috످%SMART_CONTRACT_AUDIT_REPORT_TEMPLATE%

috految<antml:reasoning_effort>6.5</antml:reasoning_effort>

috److Your message contains only `%SMART_CONTRACT_AUDIT_REPORT_TEMPLATE%`, which looks like a placeholder that wasn't filled in.

Would you like a blank smart contract audit report template? Or, if you meant to share contract code, audit findings, or your own template, paste it here and tell me what you need.

috످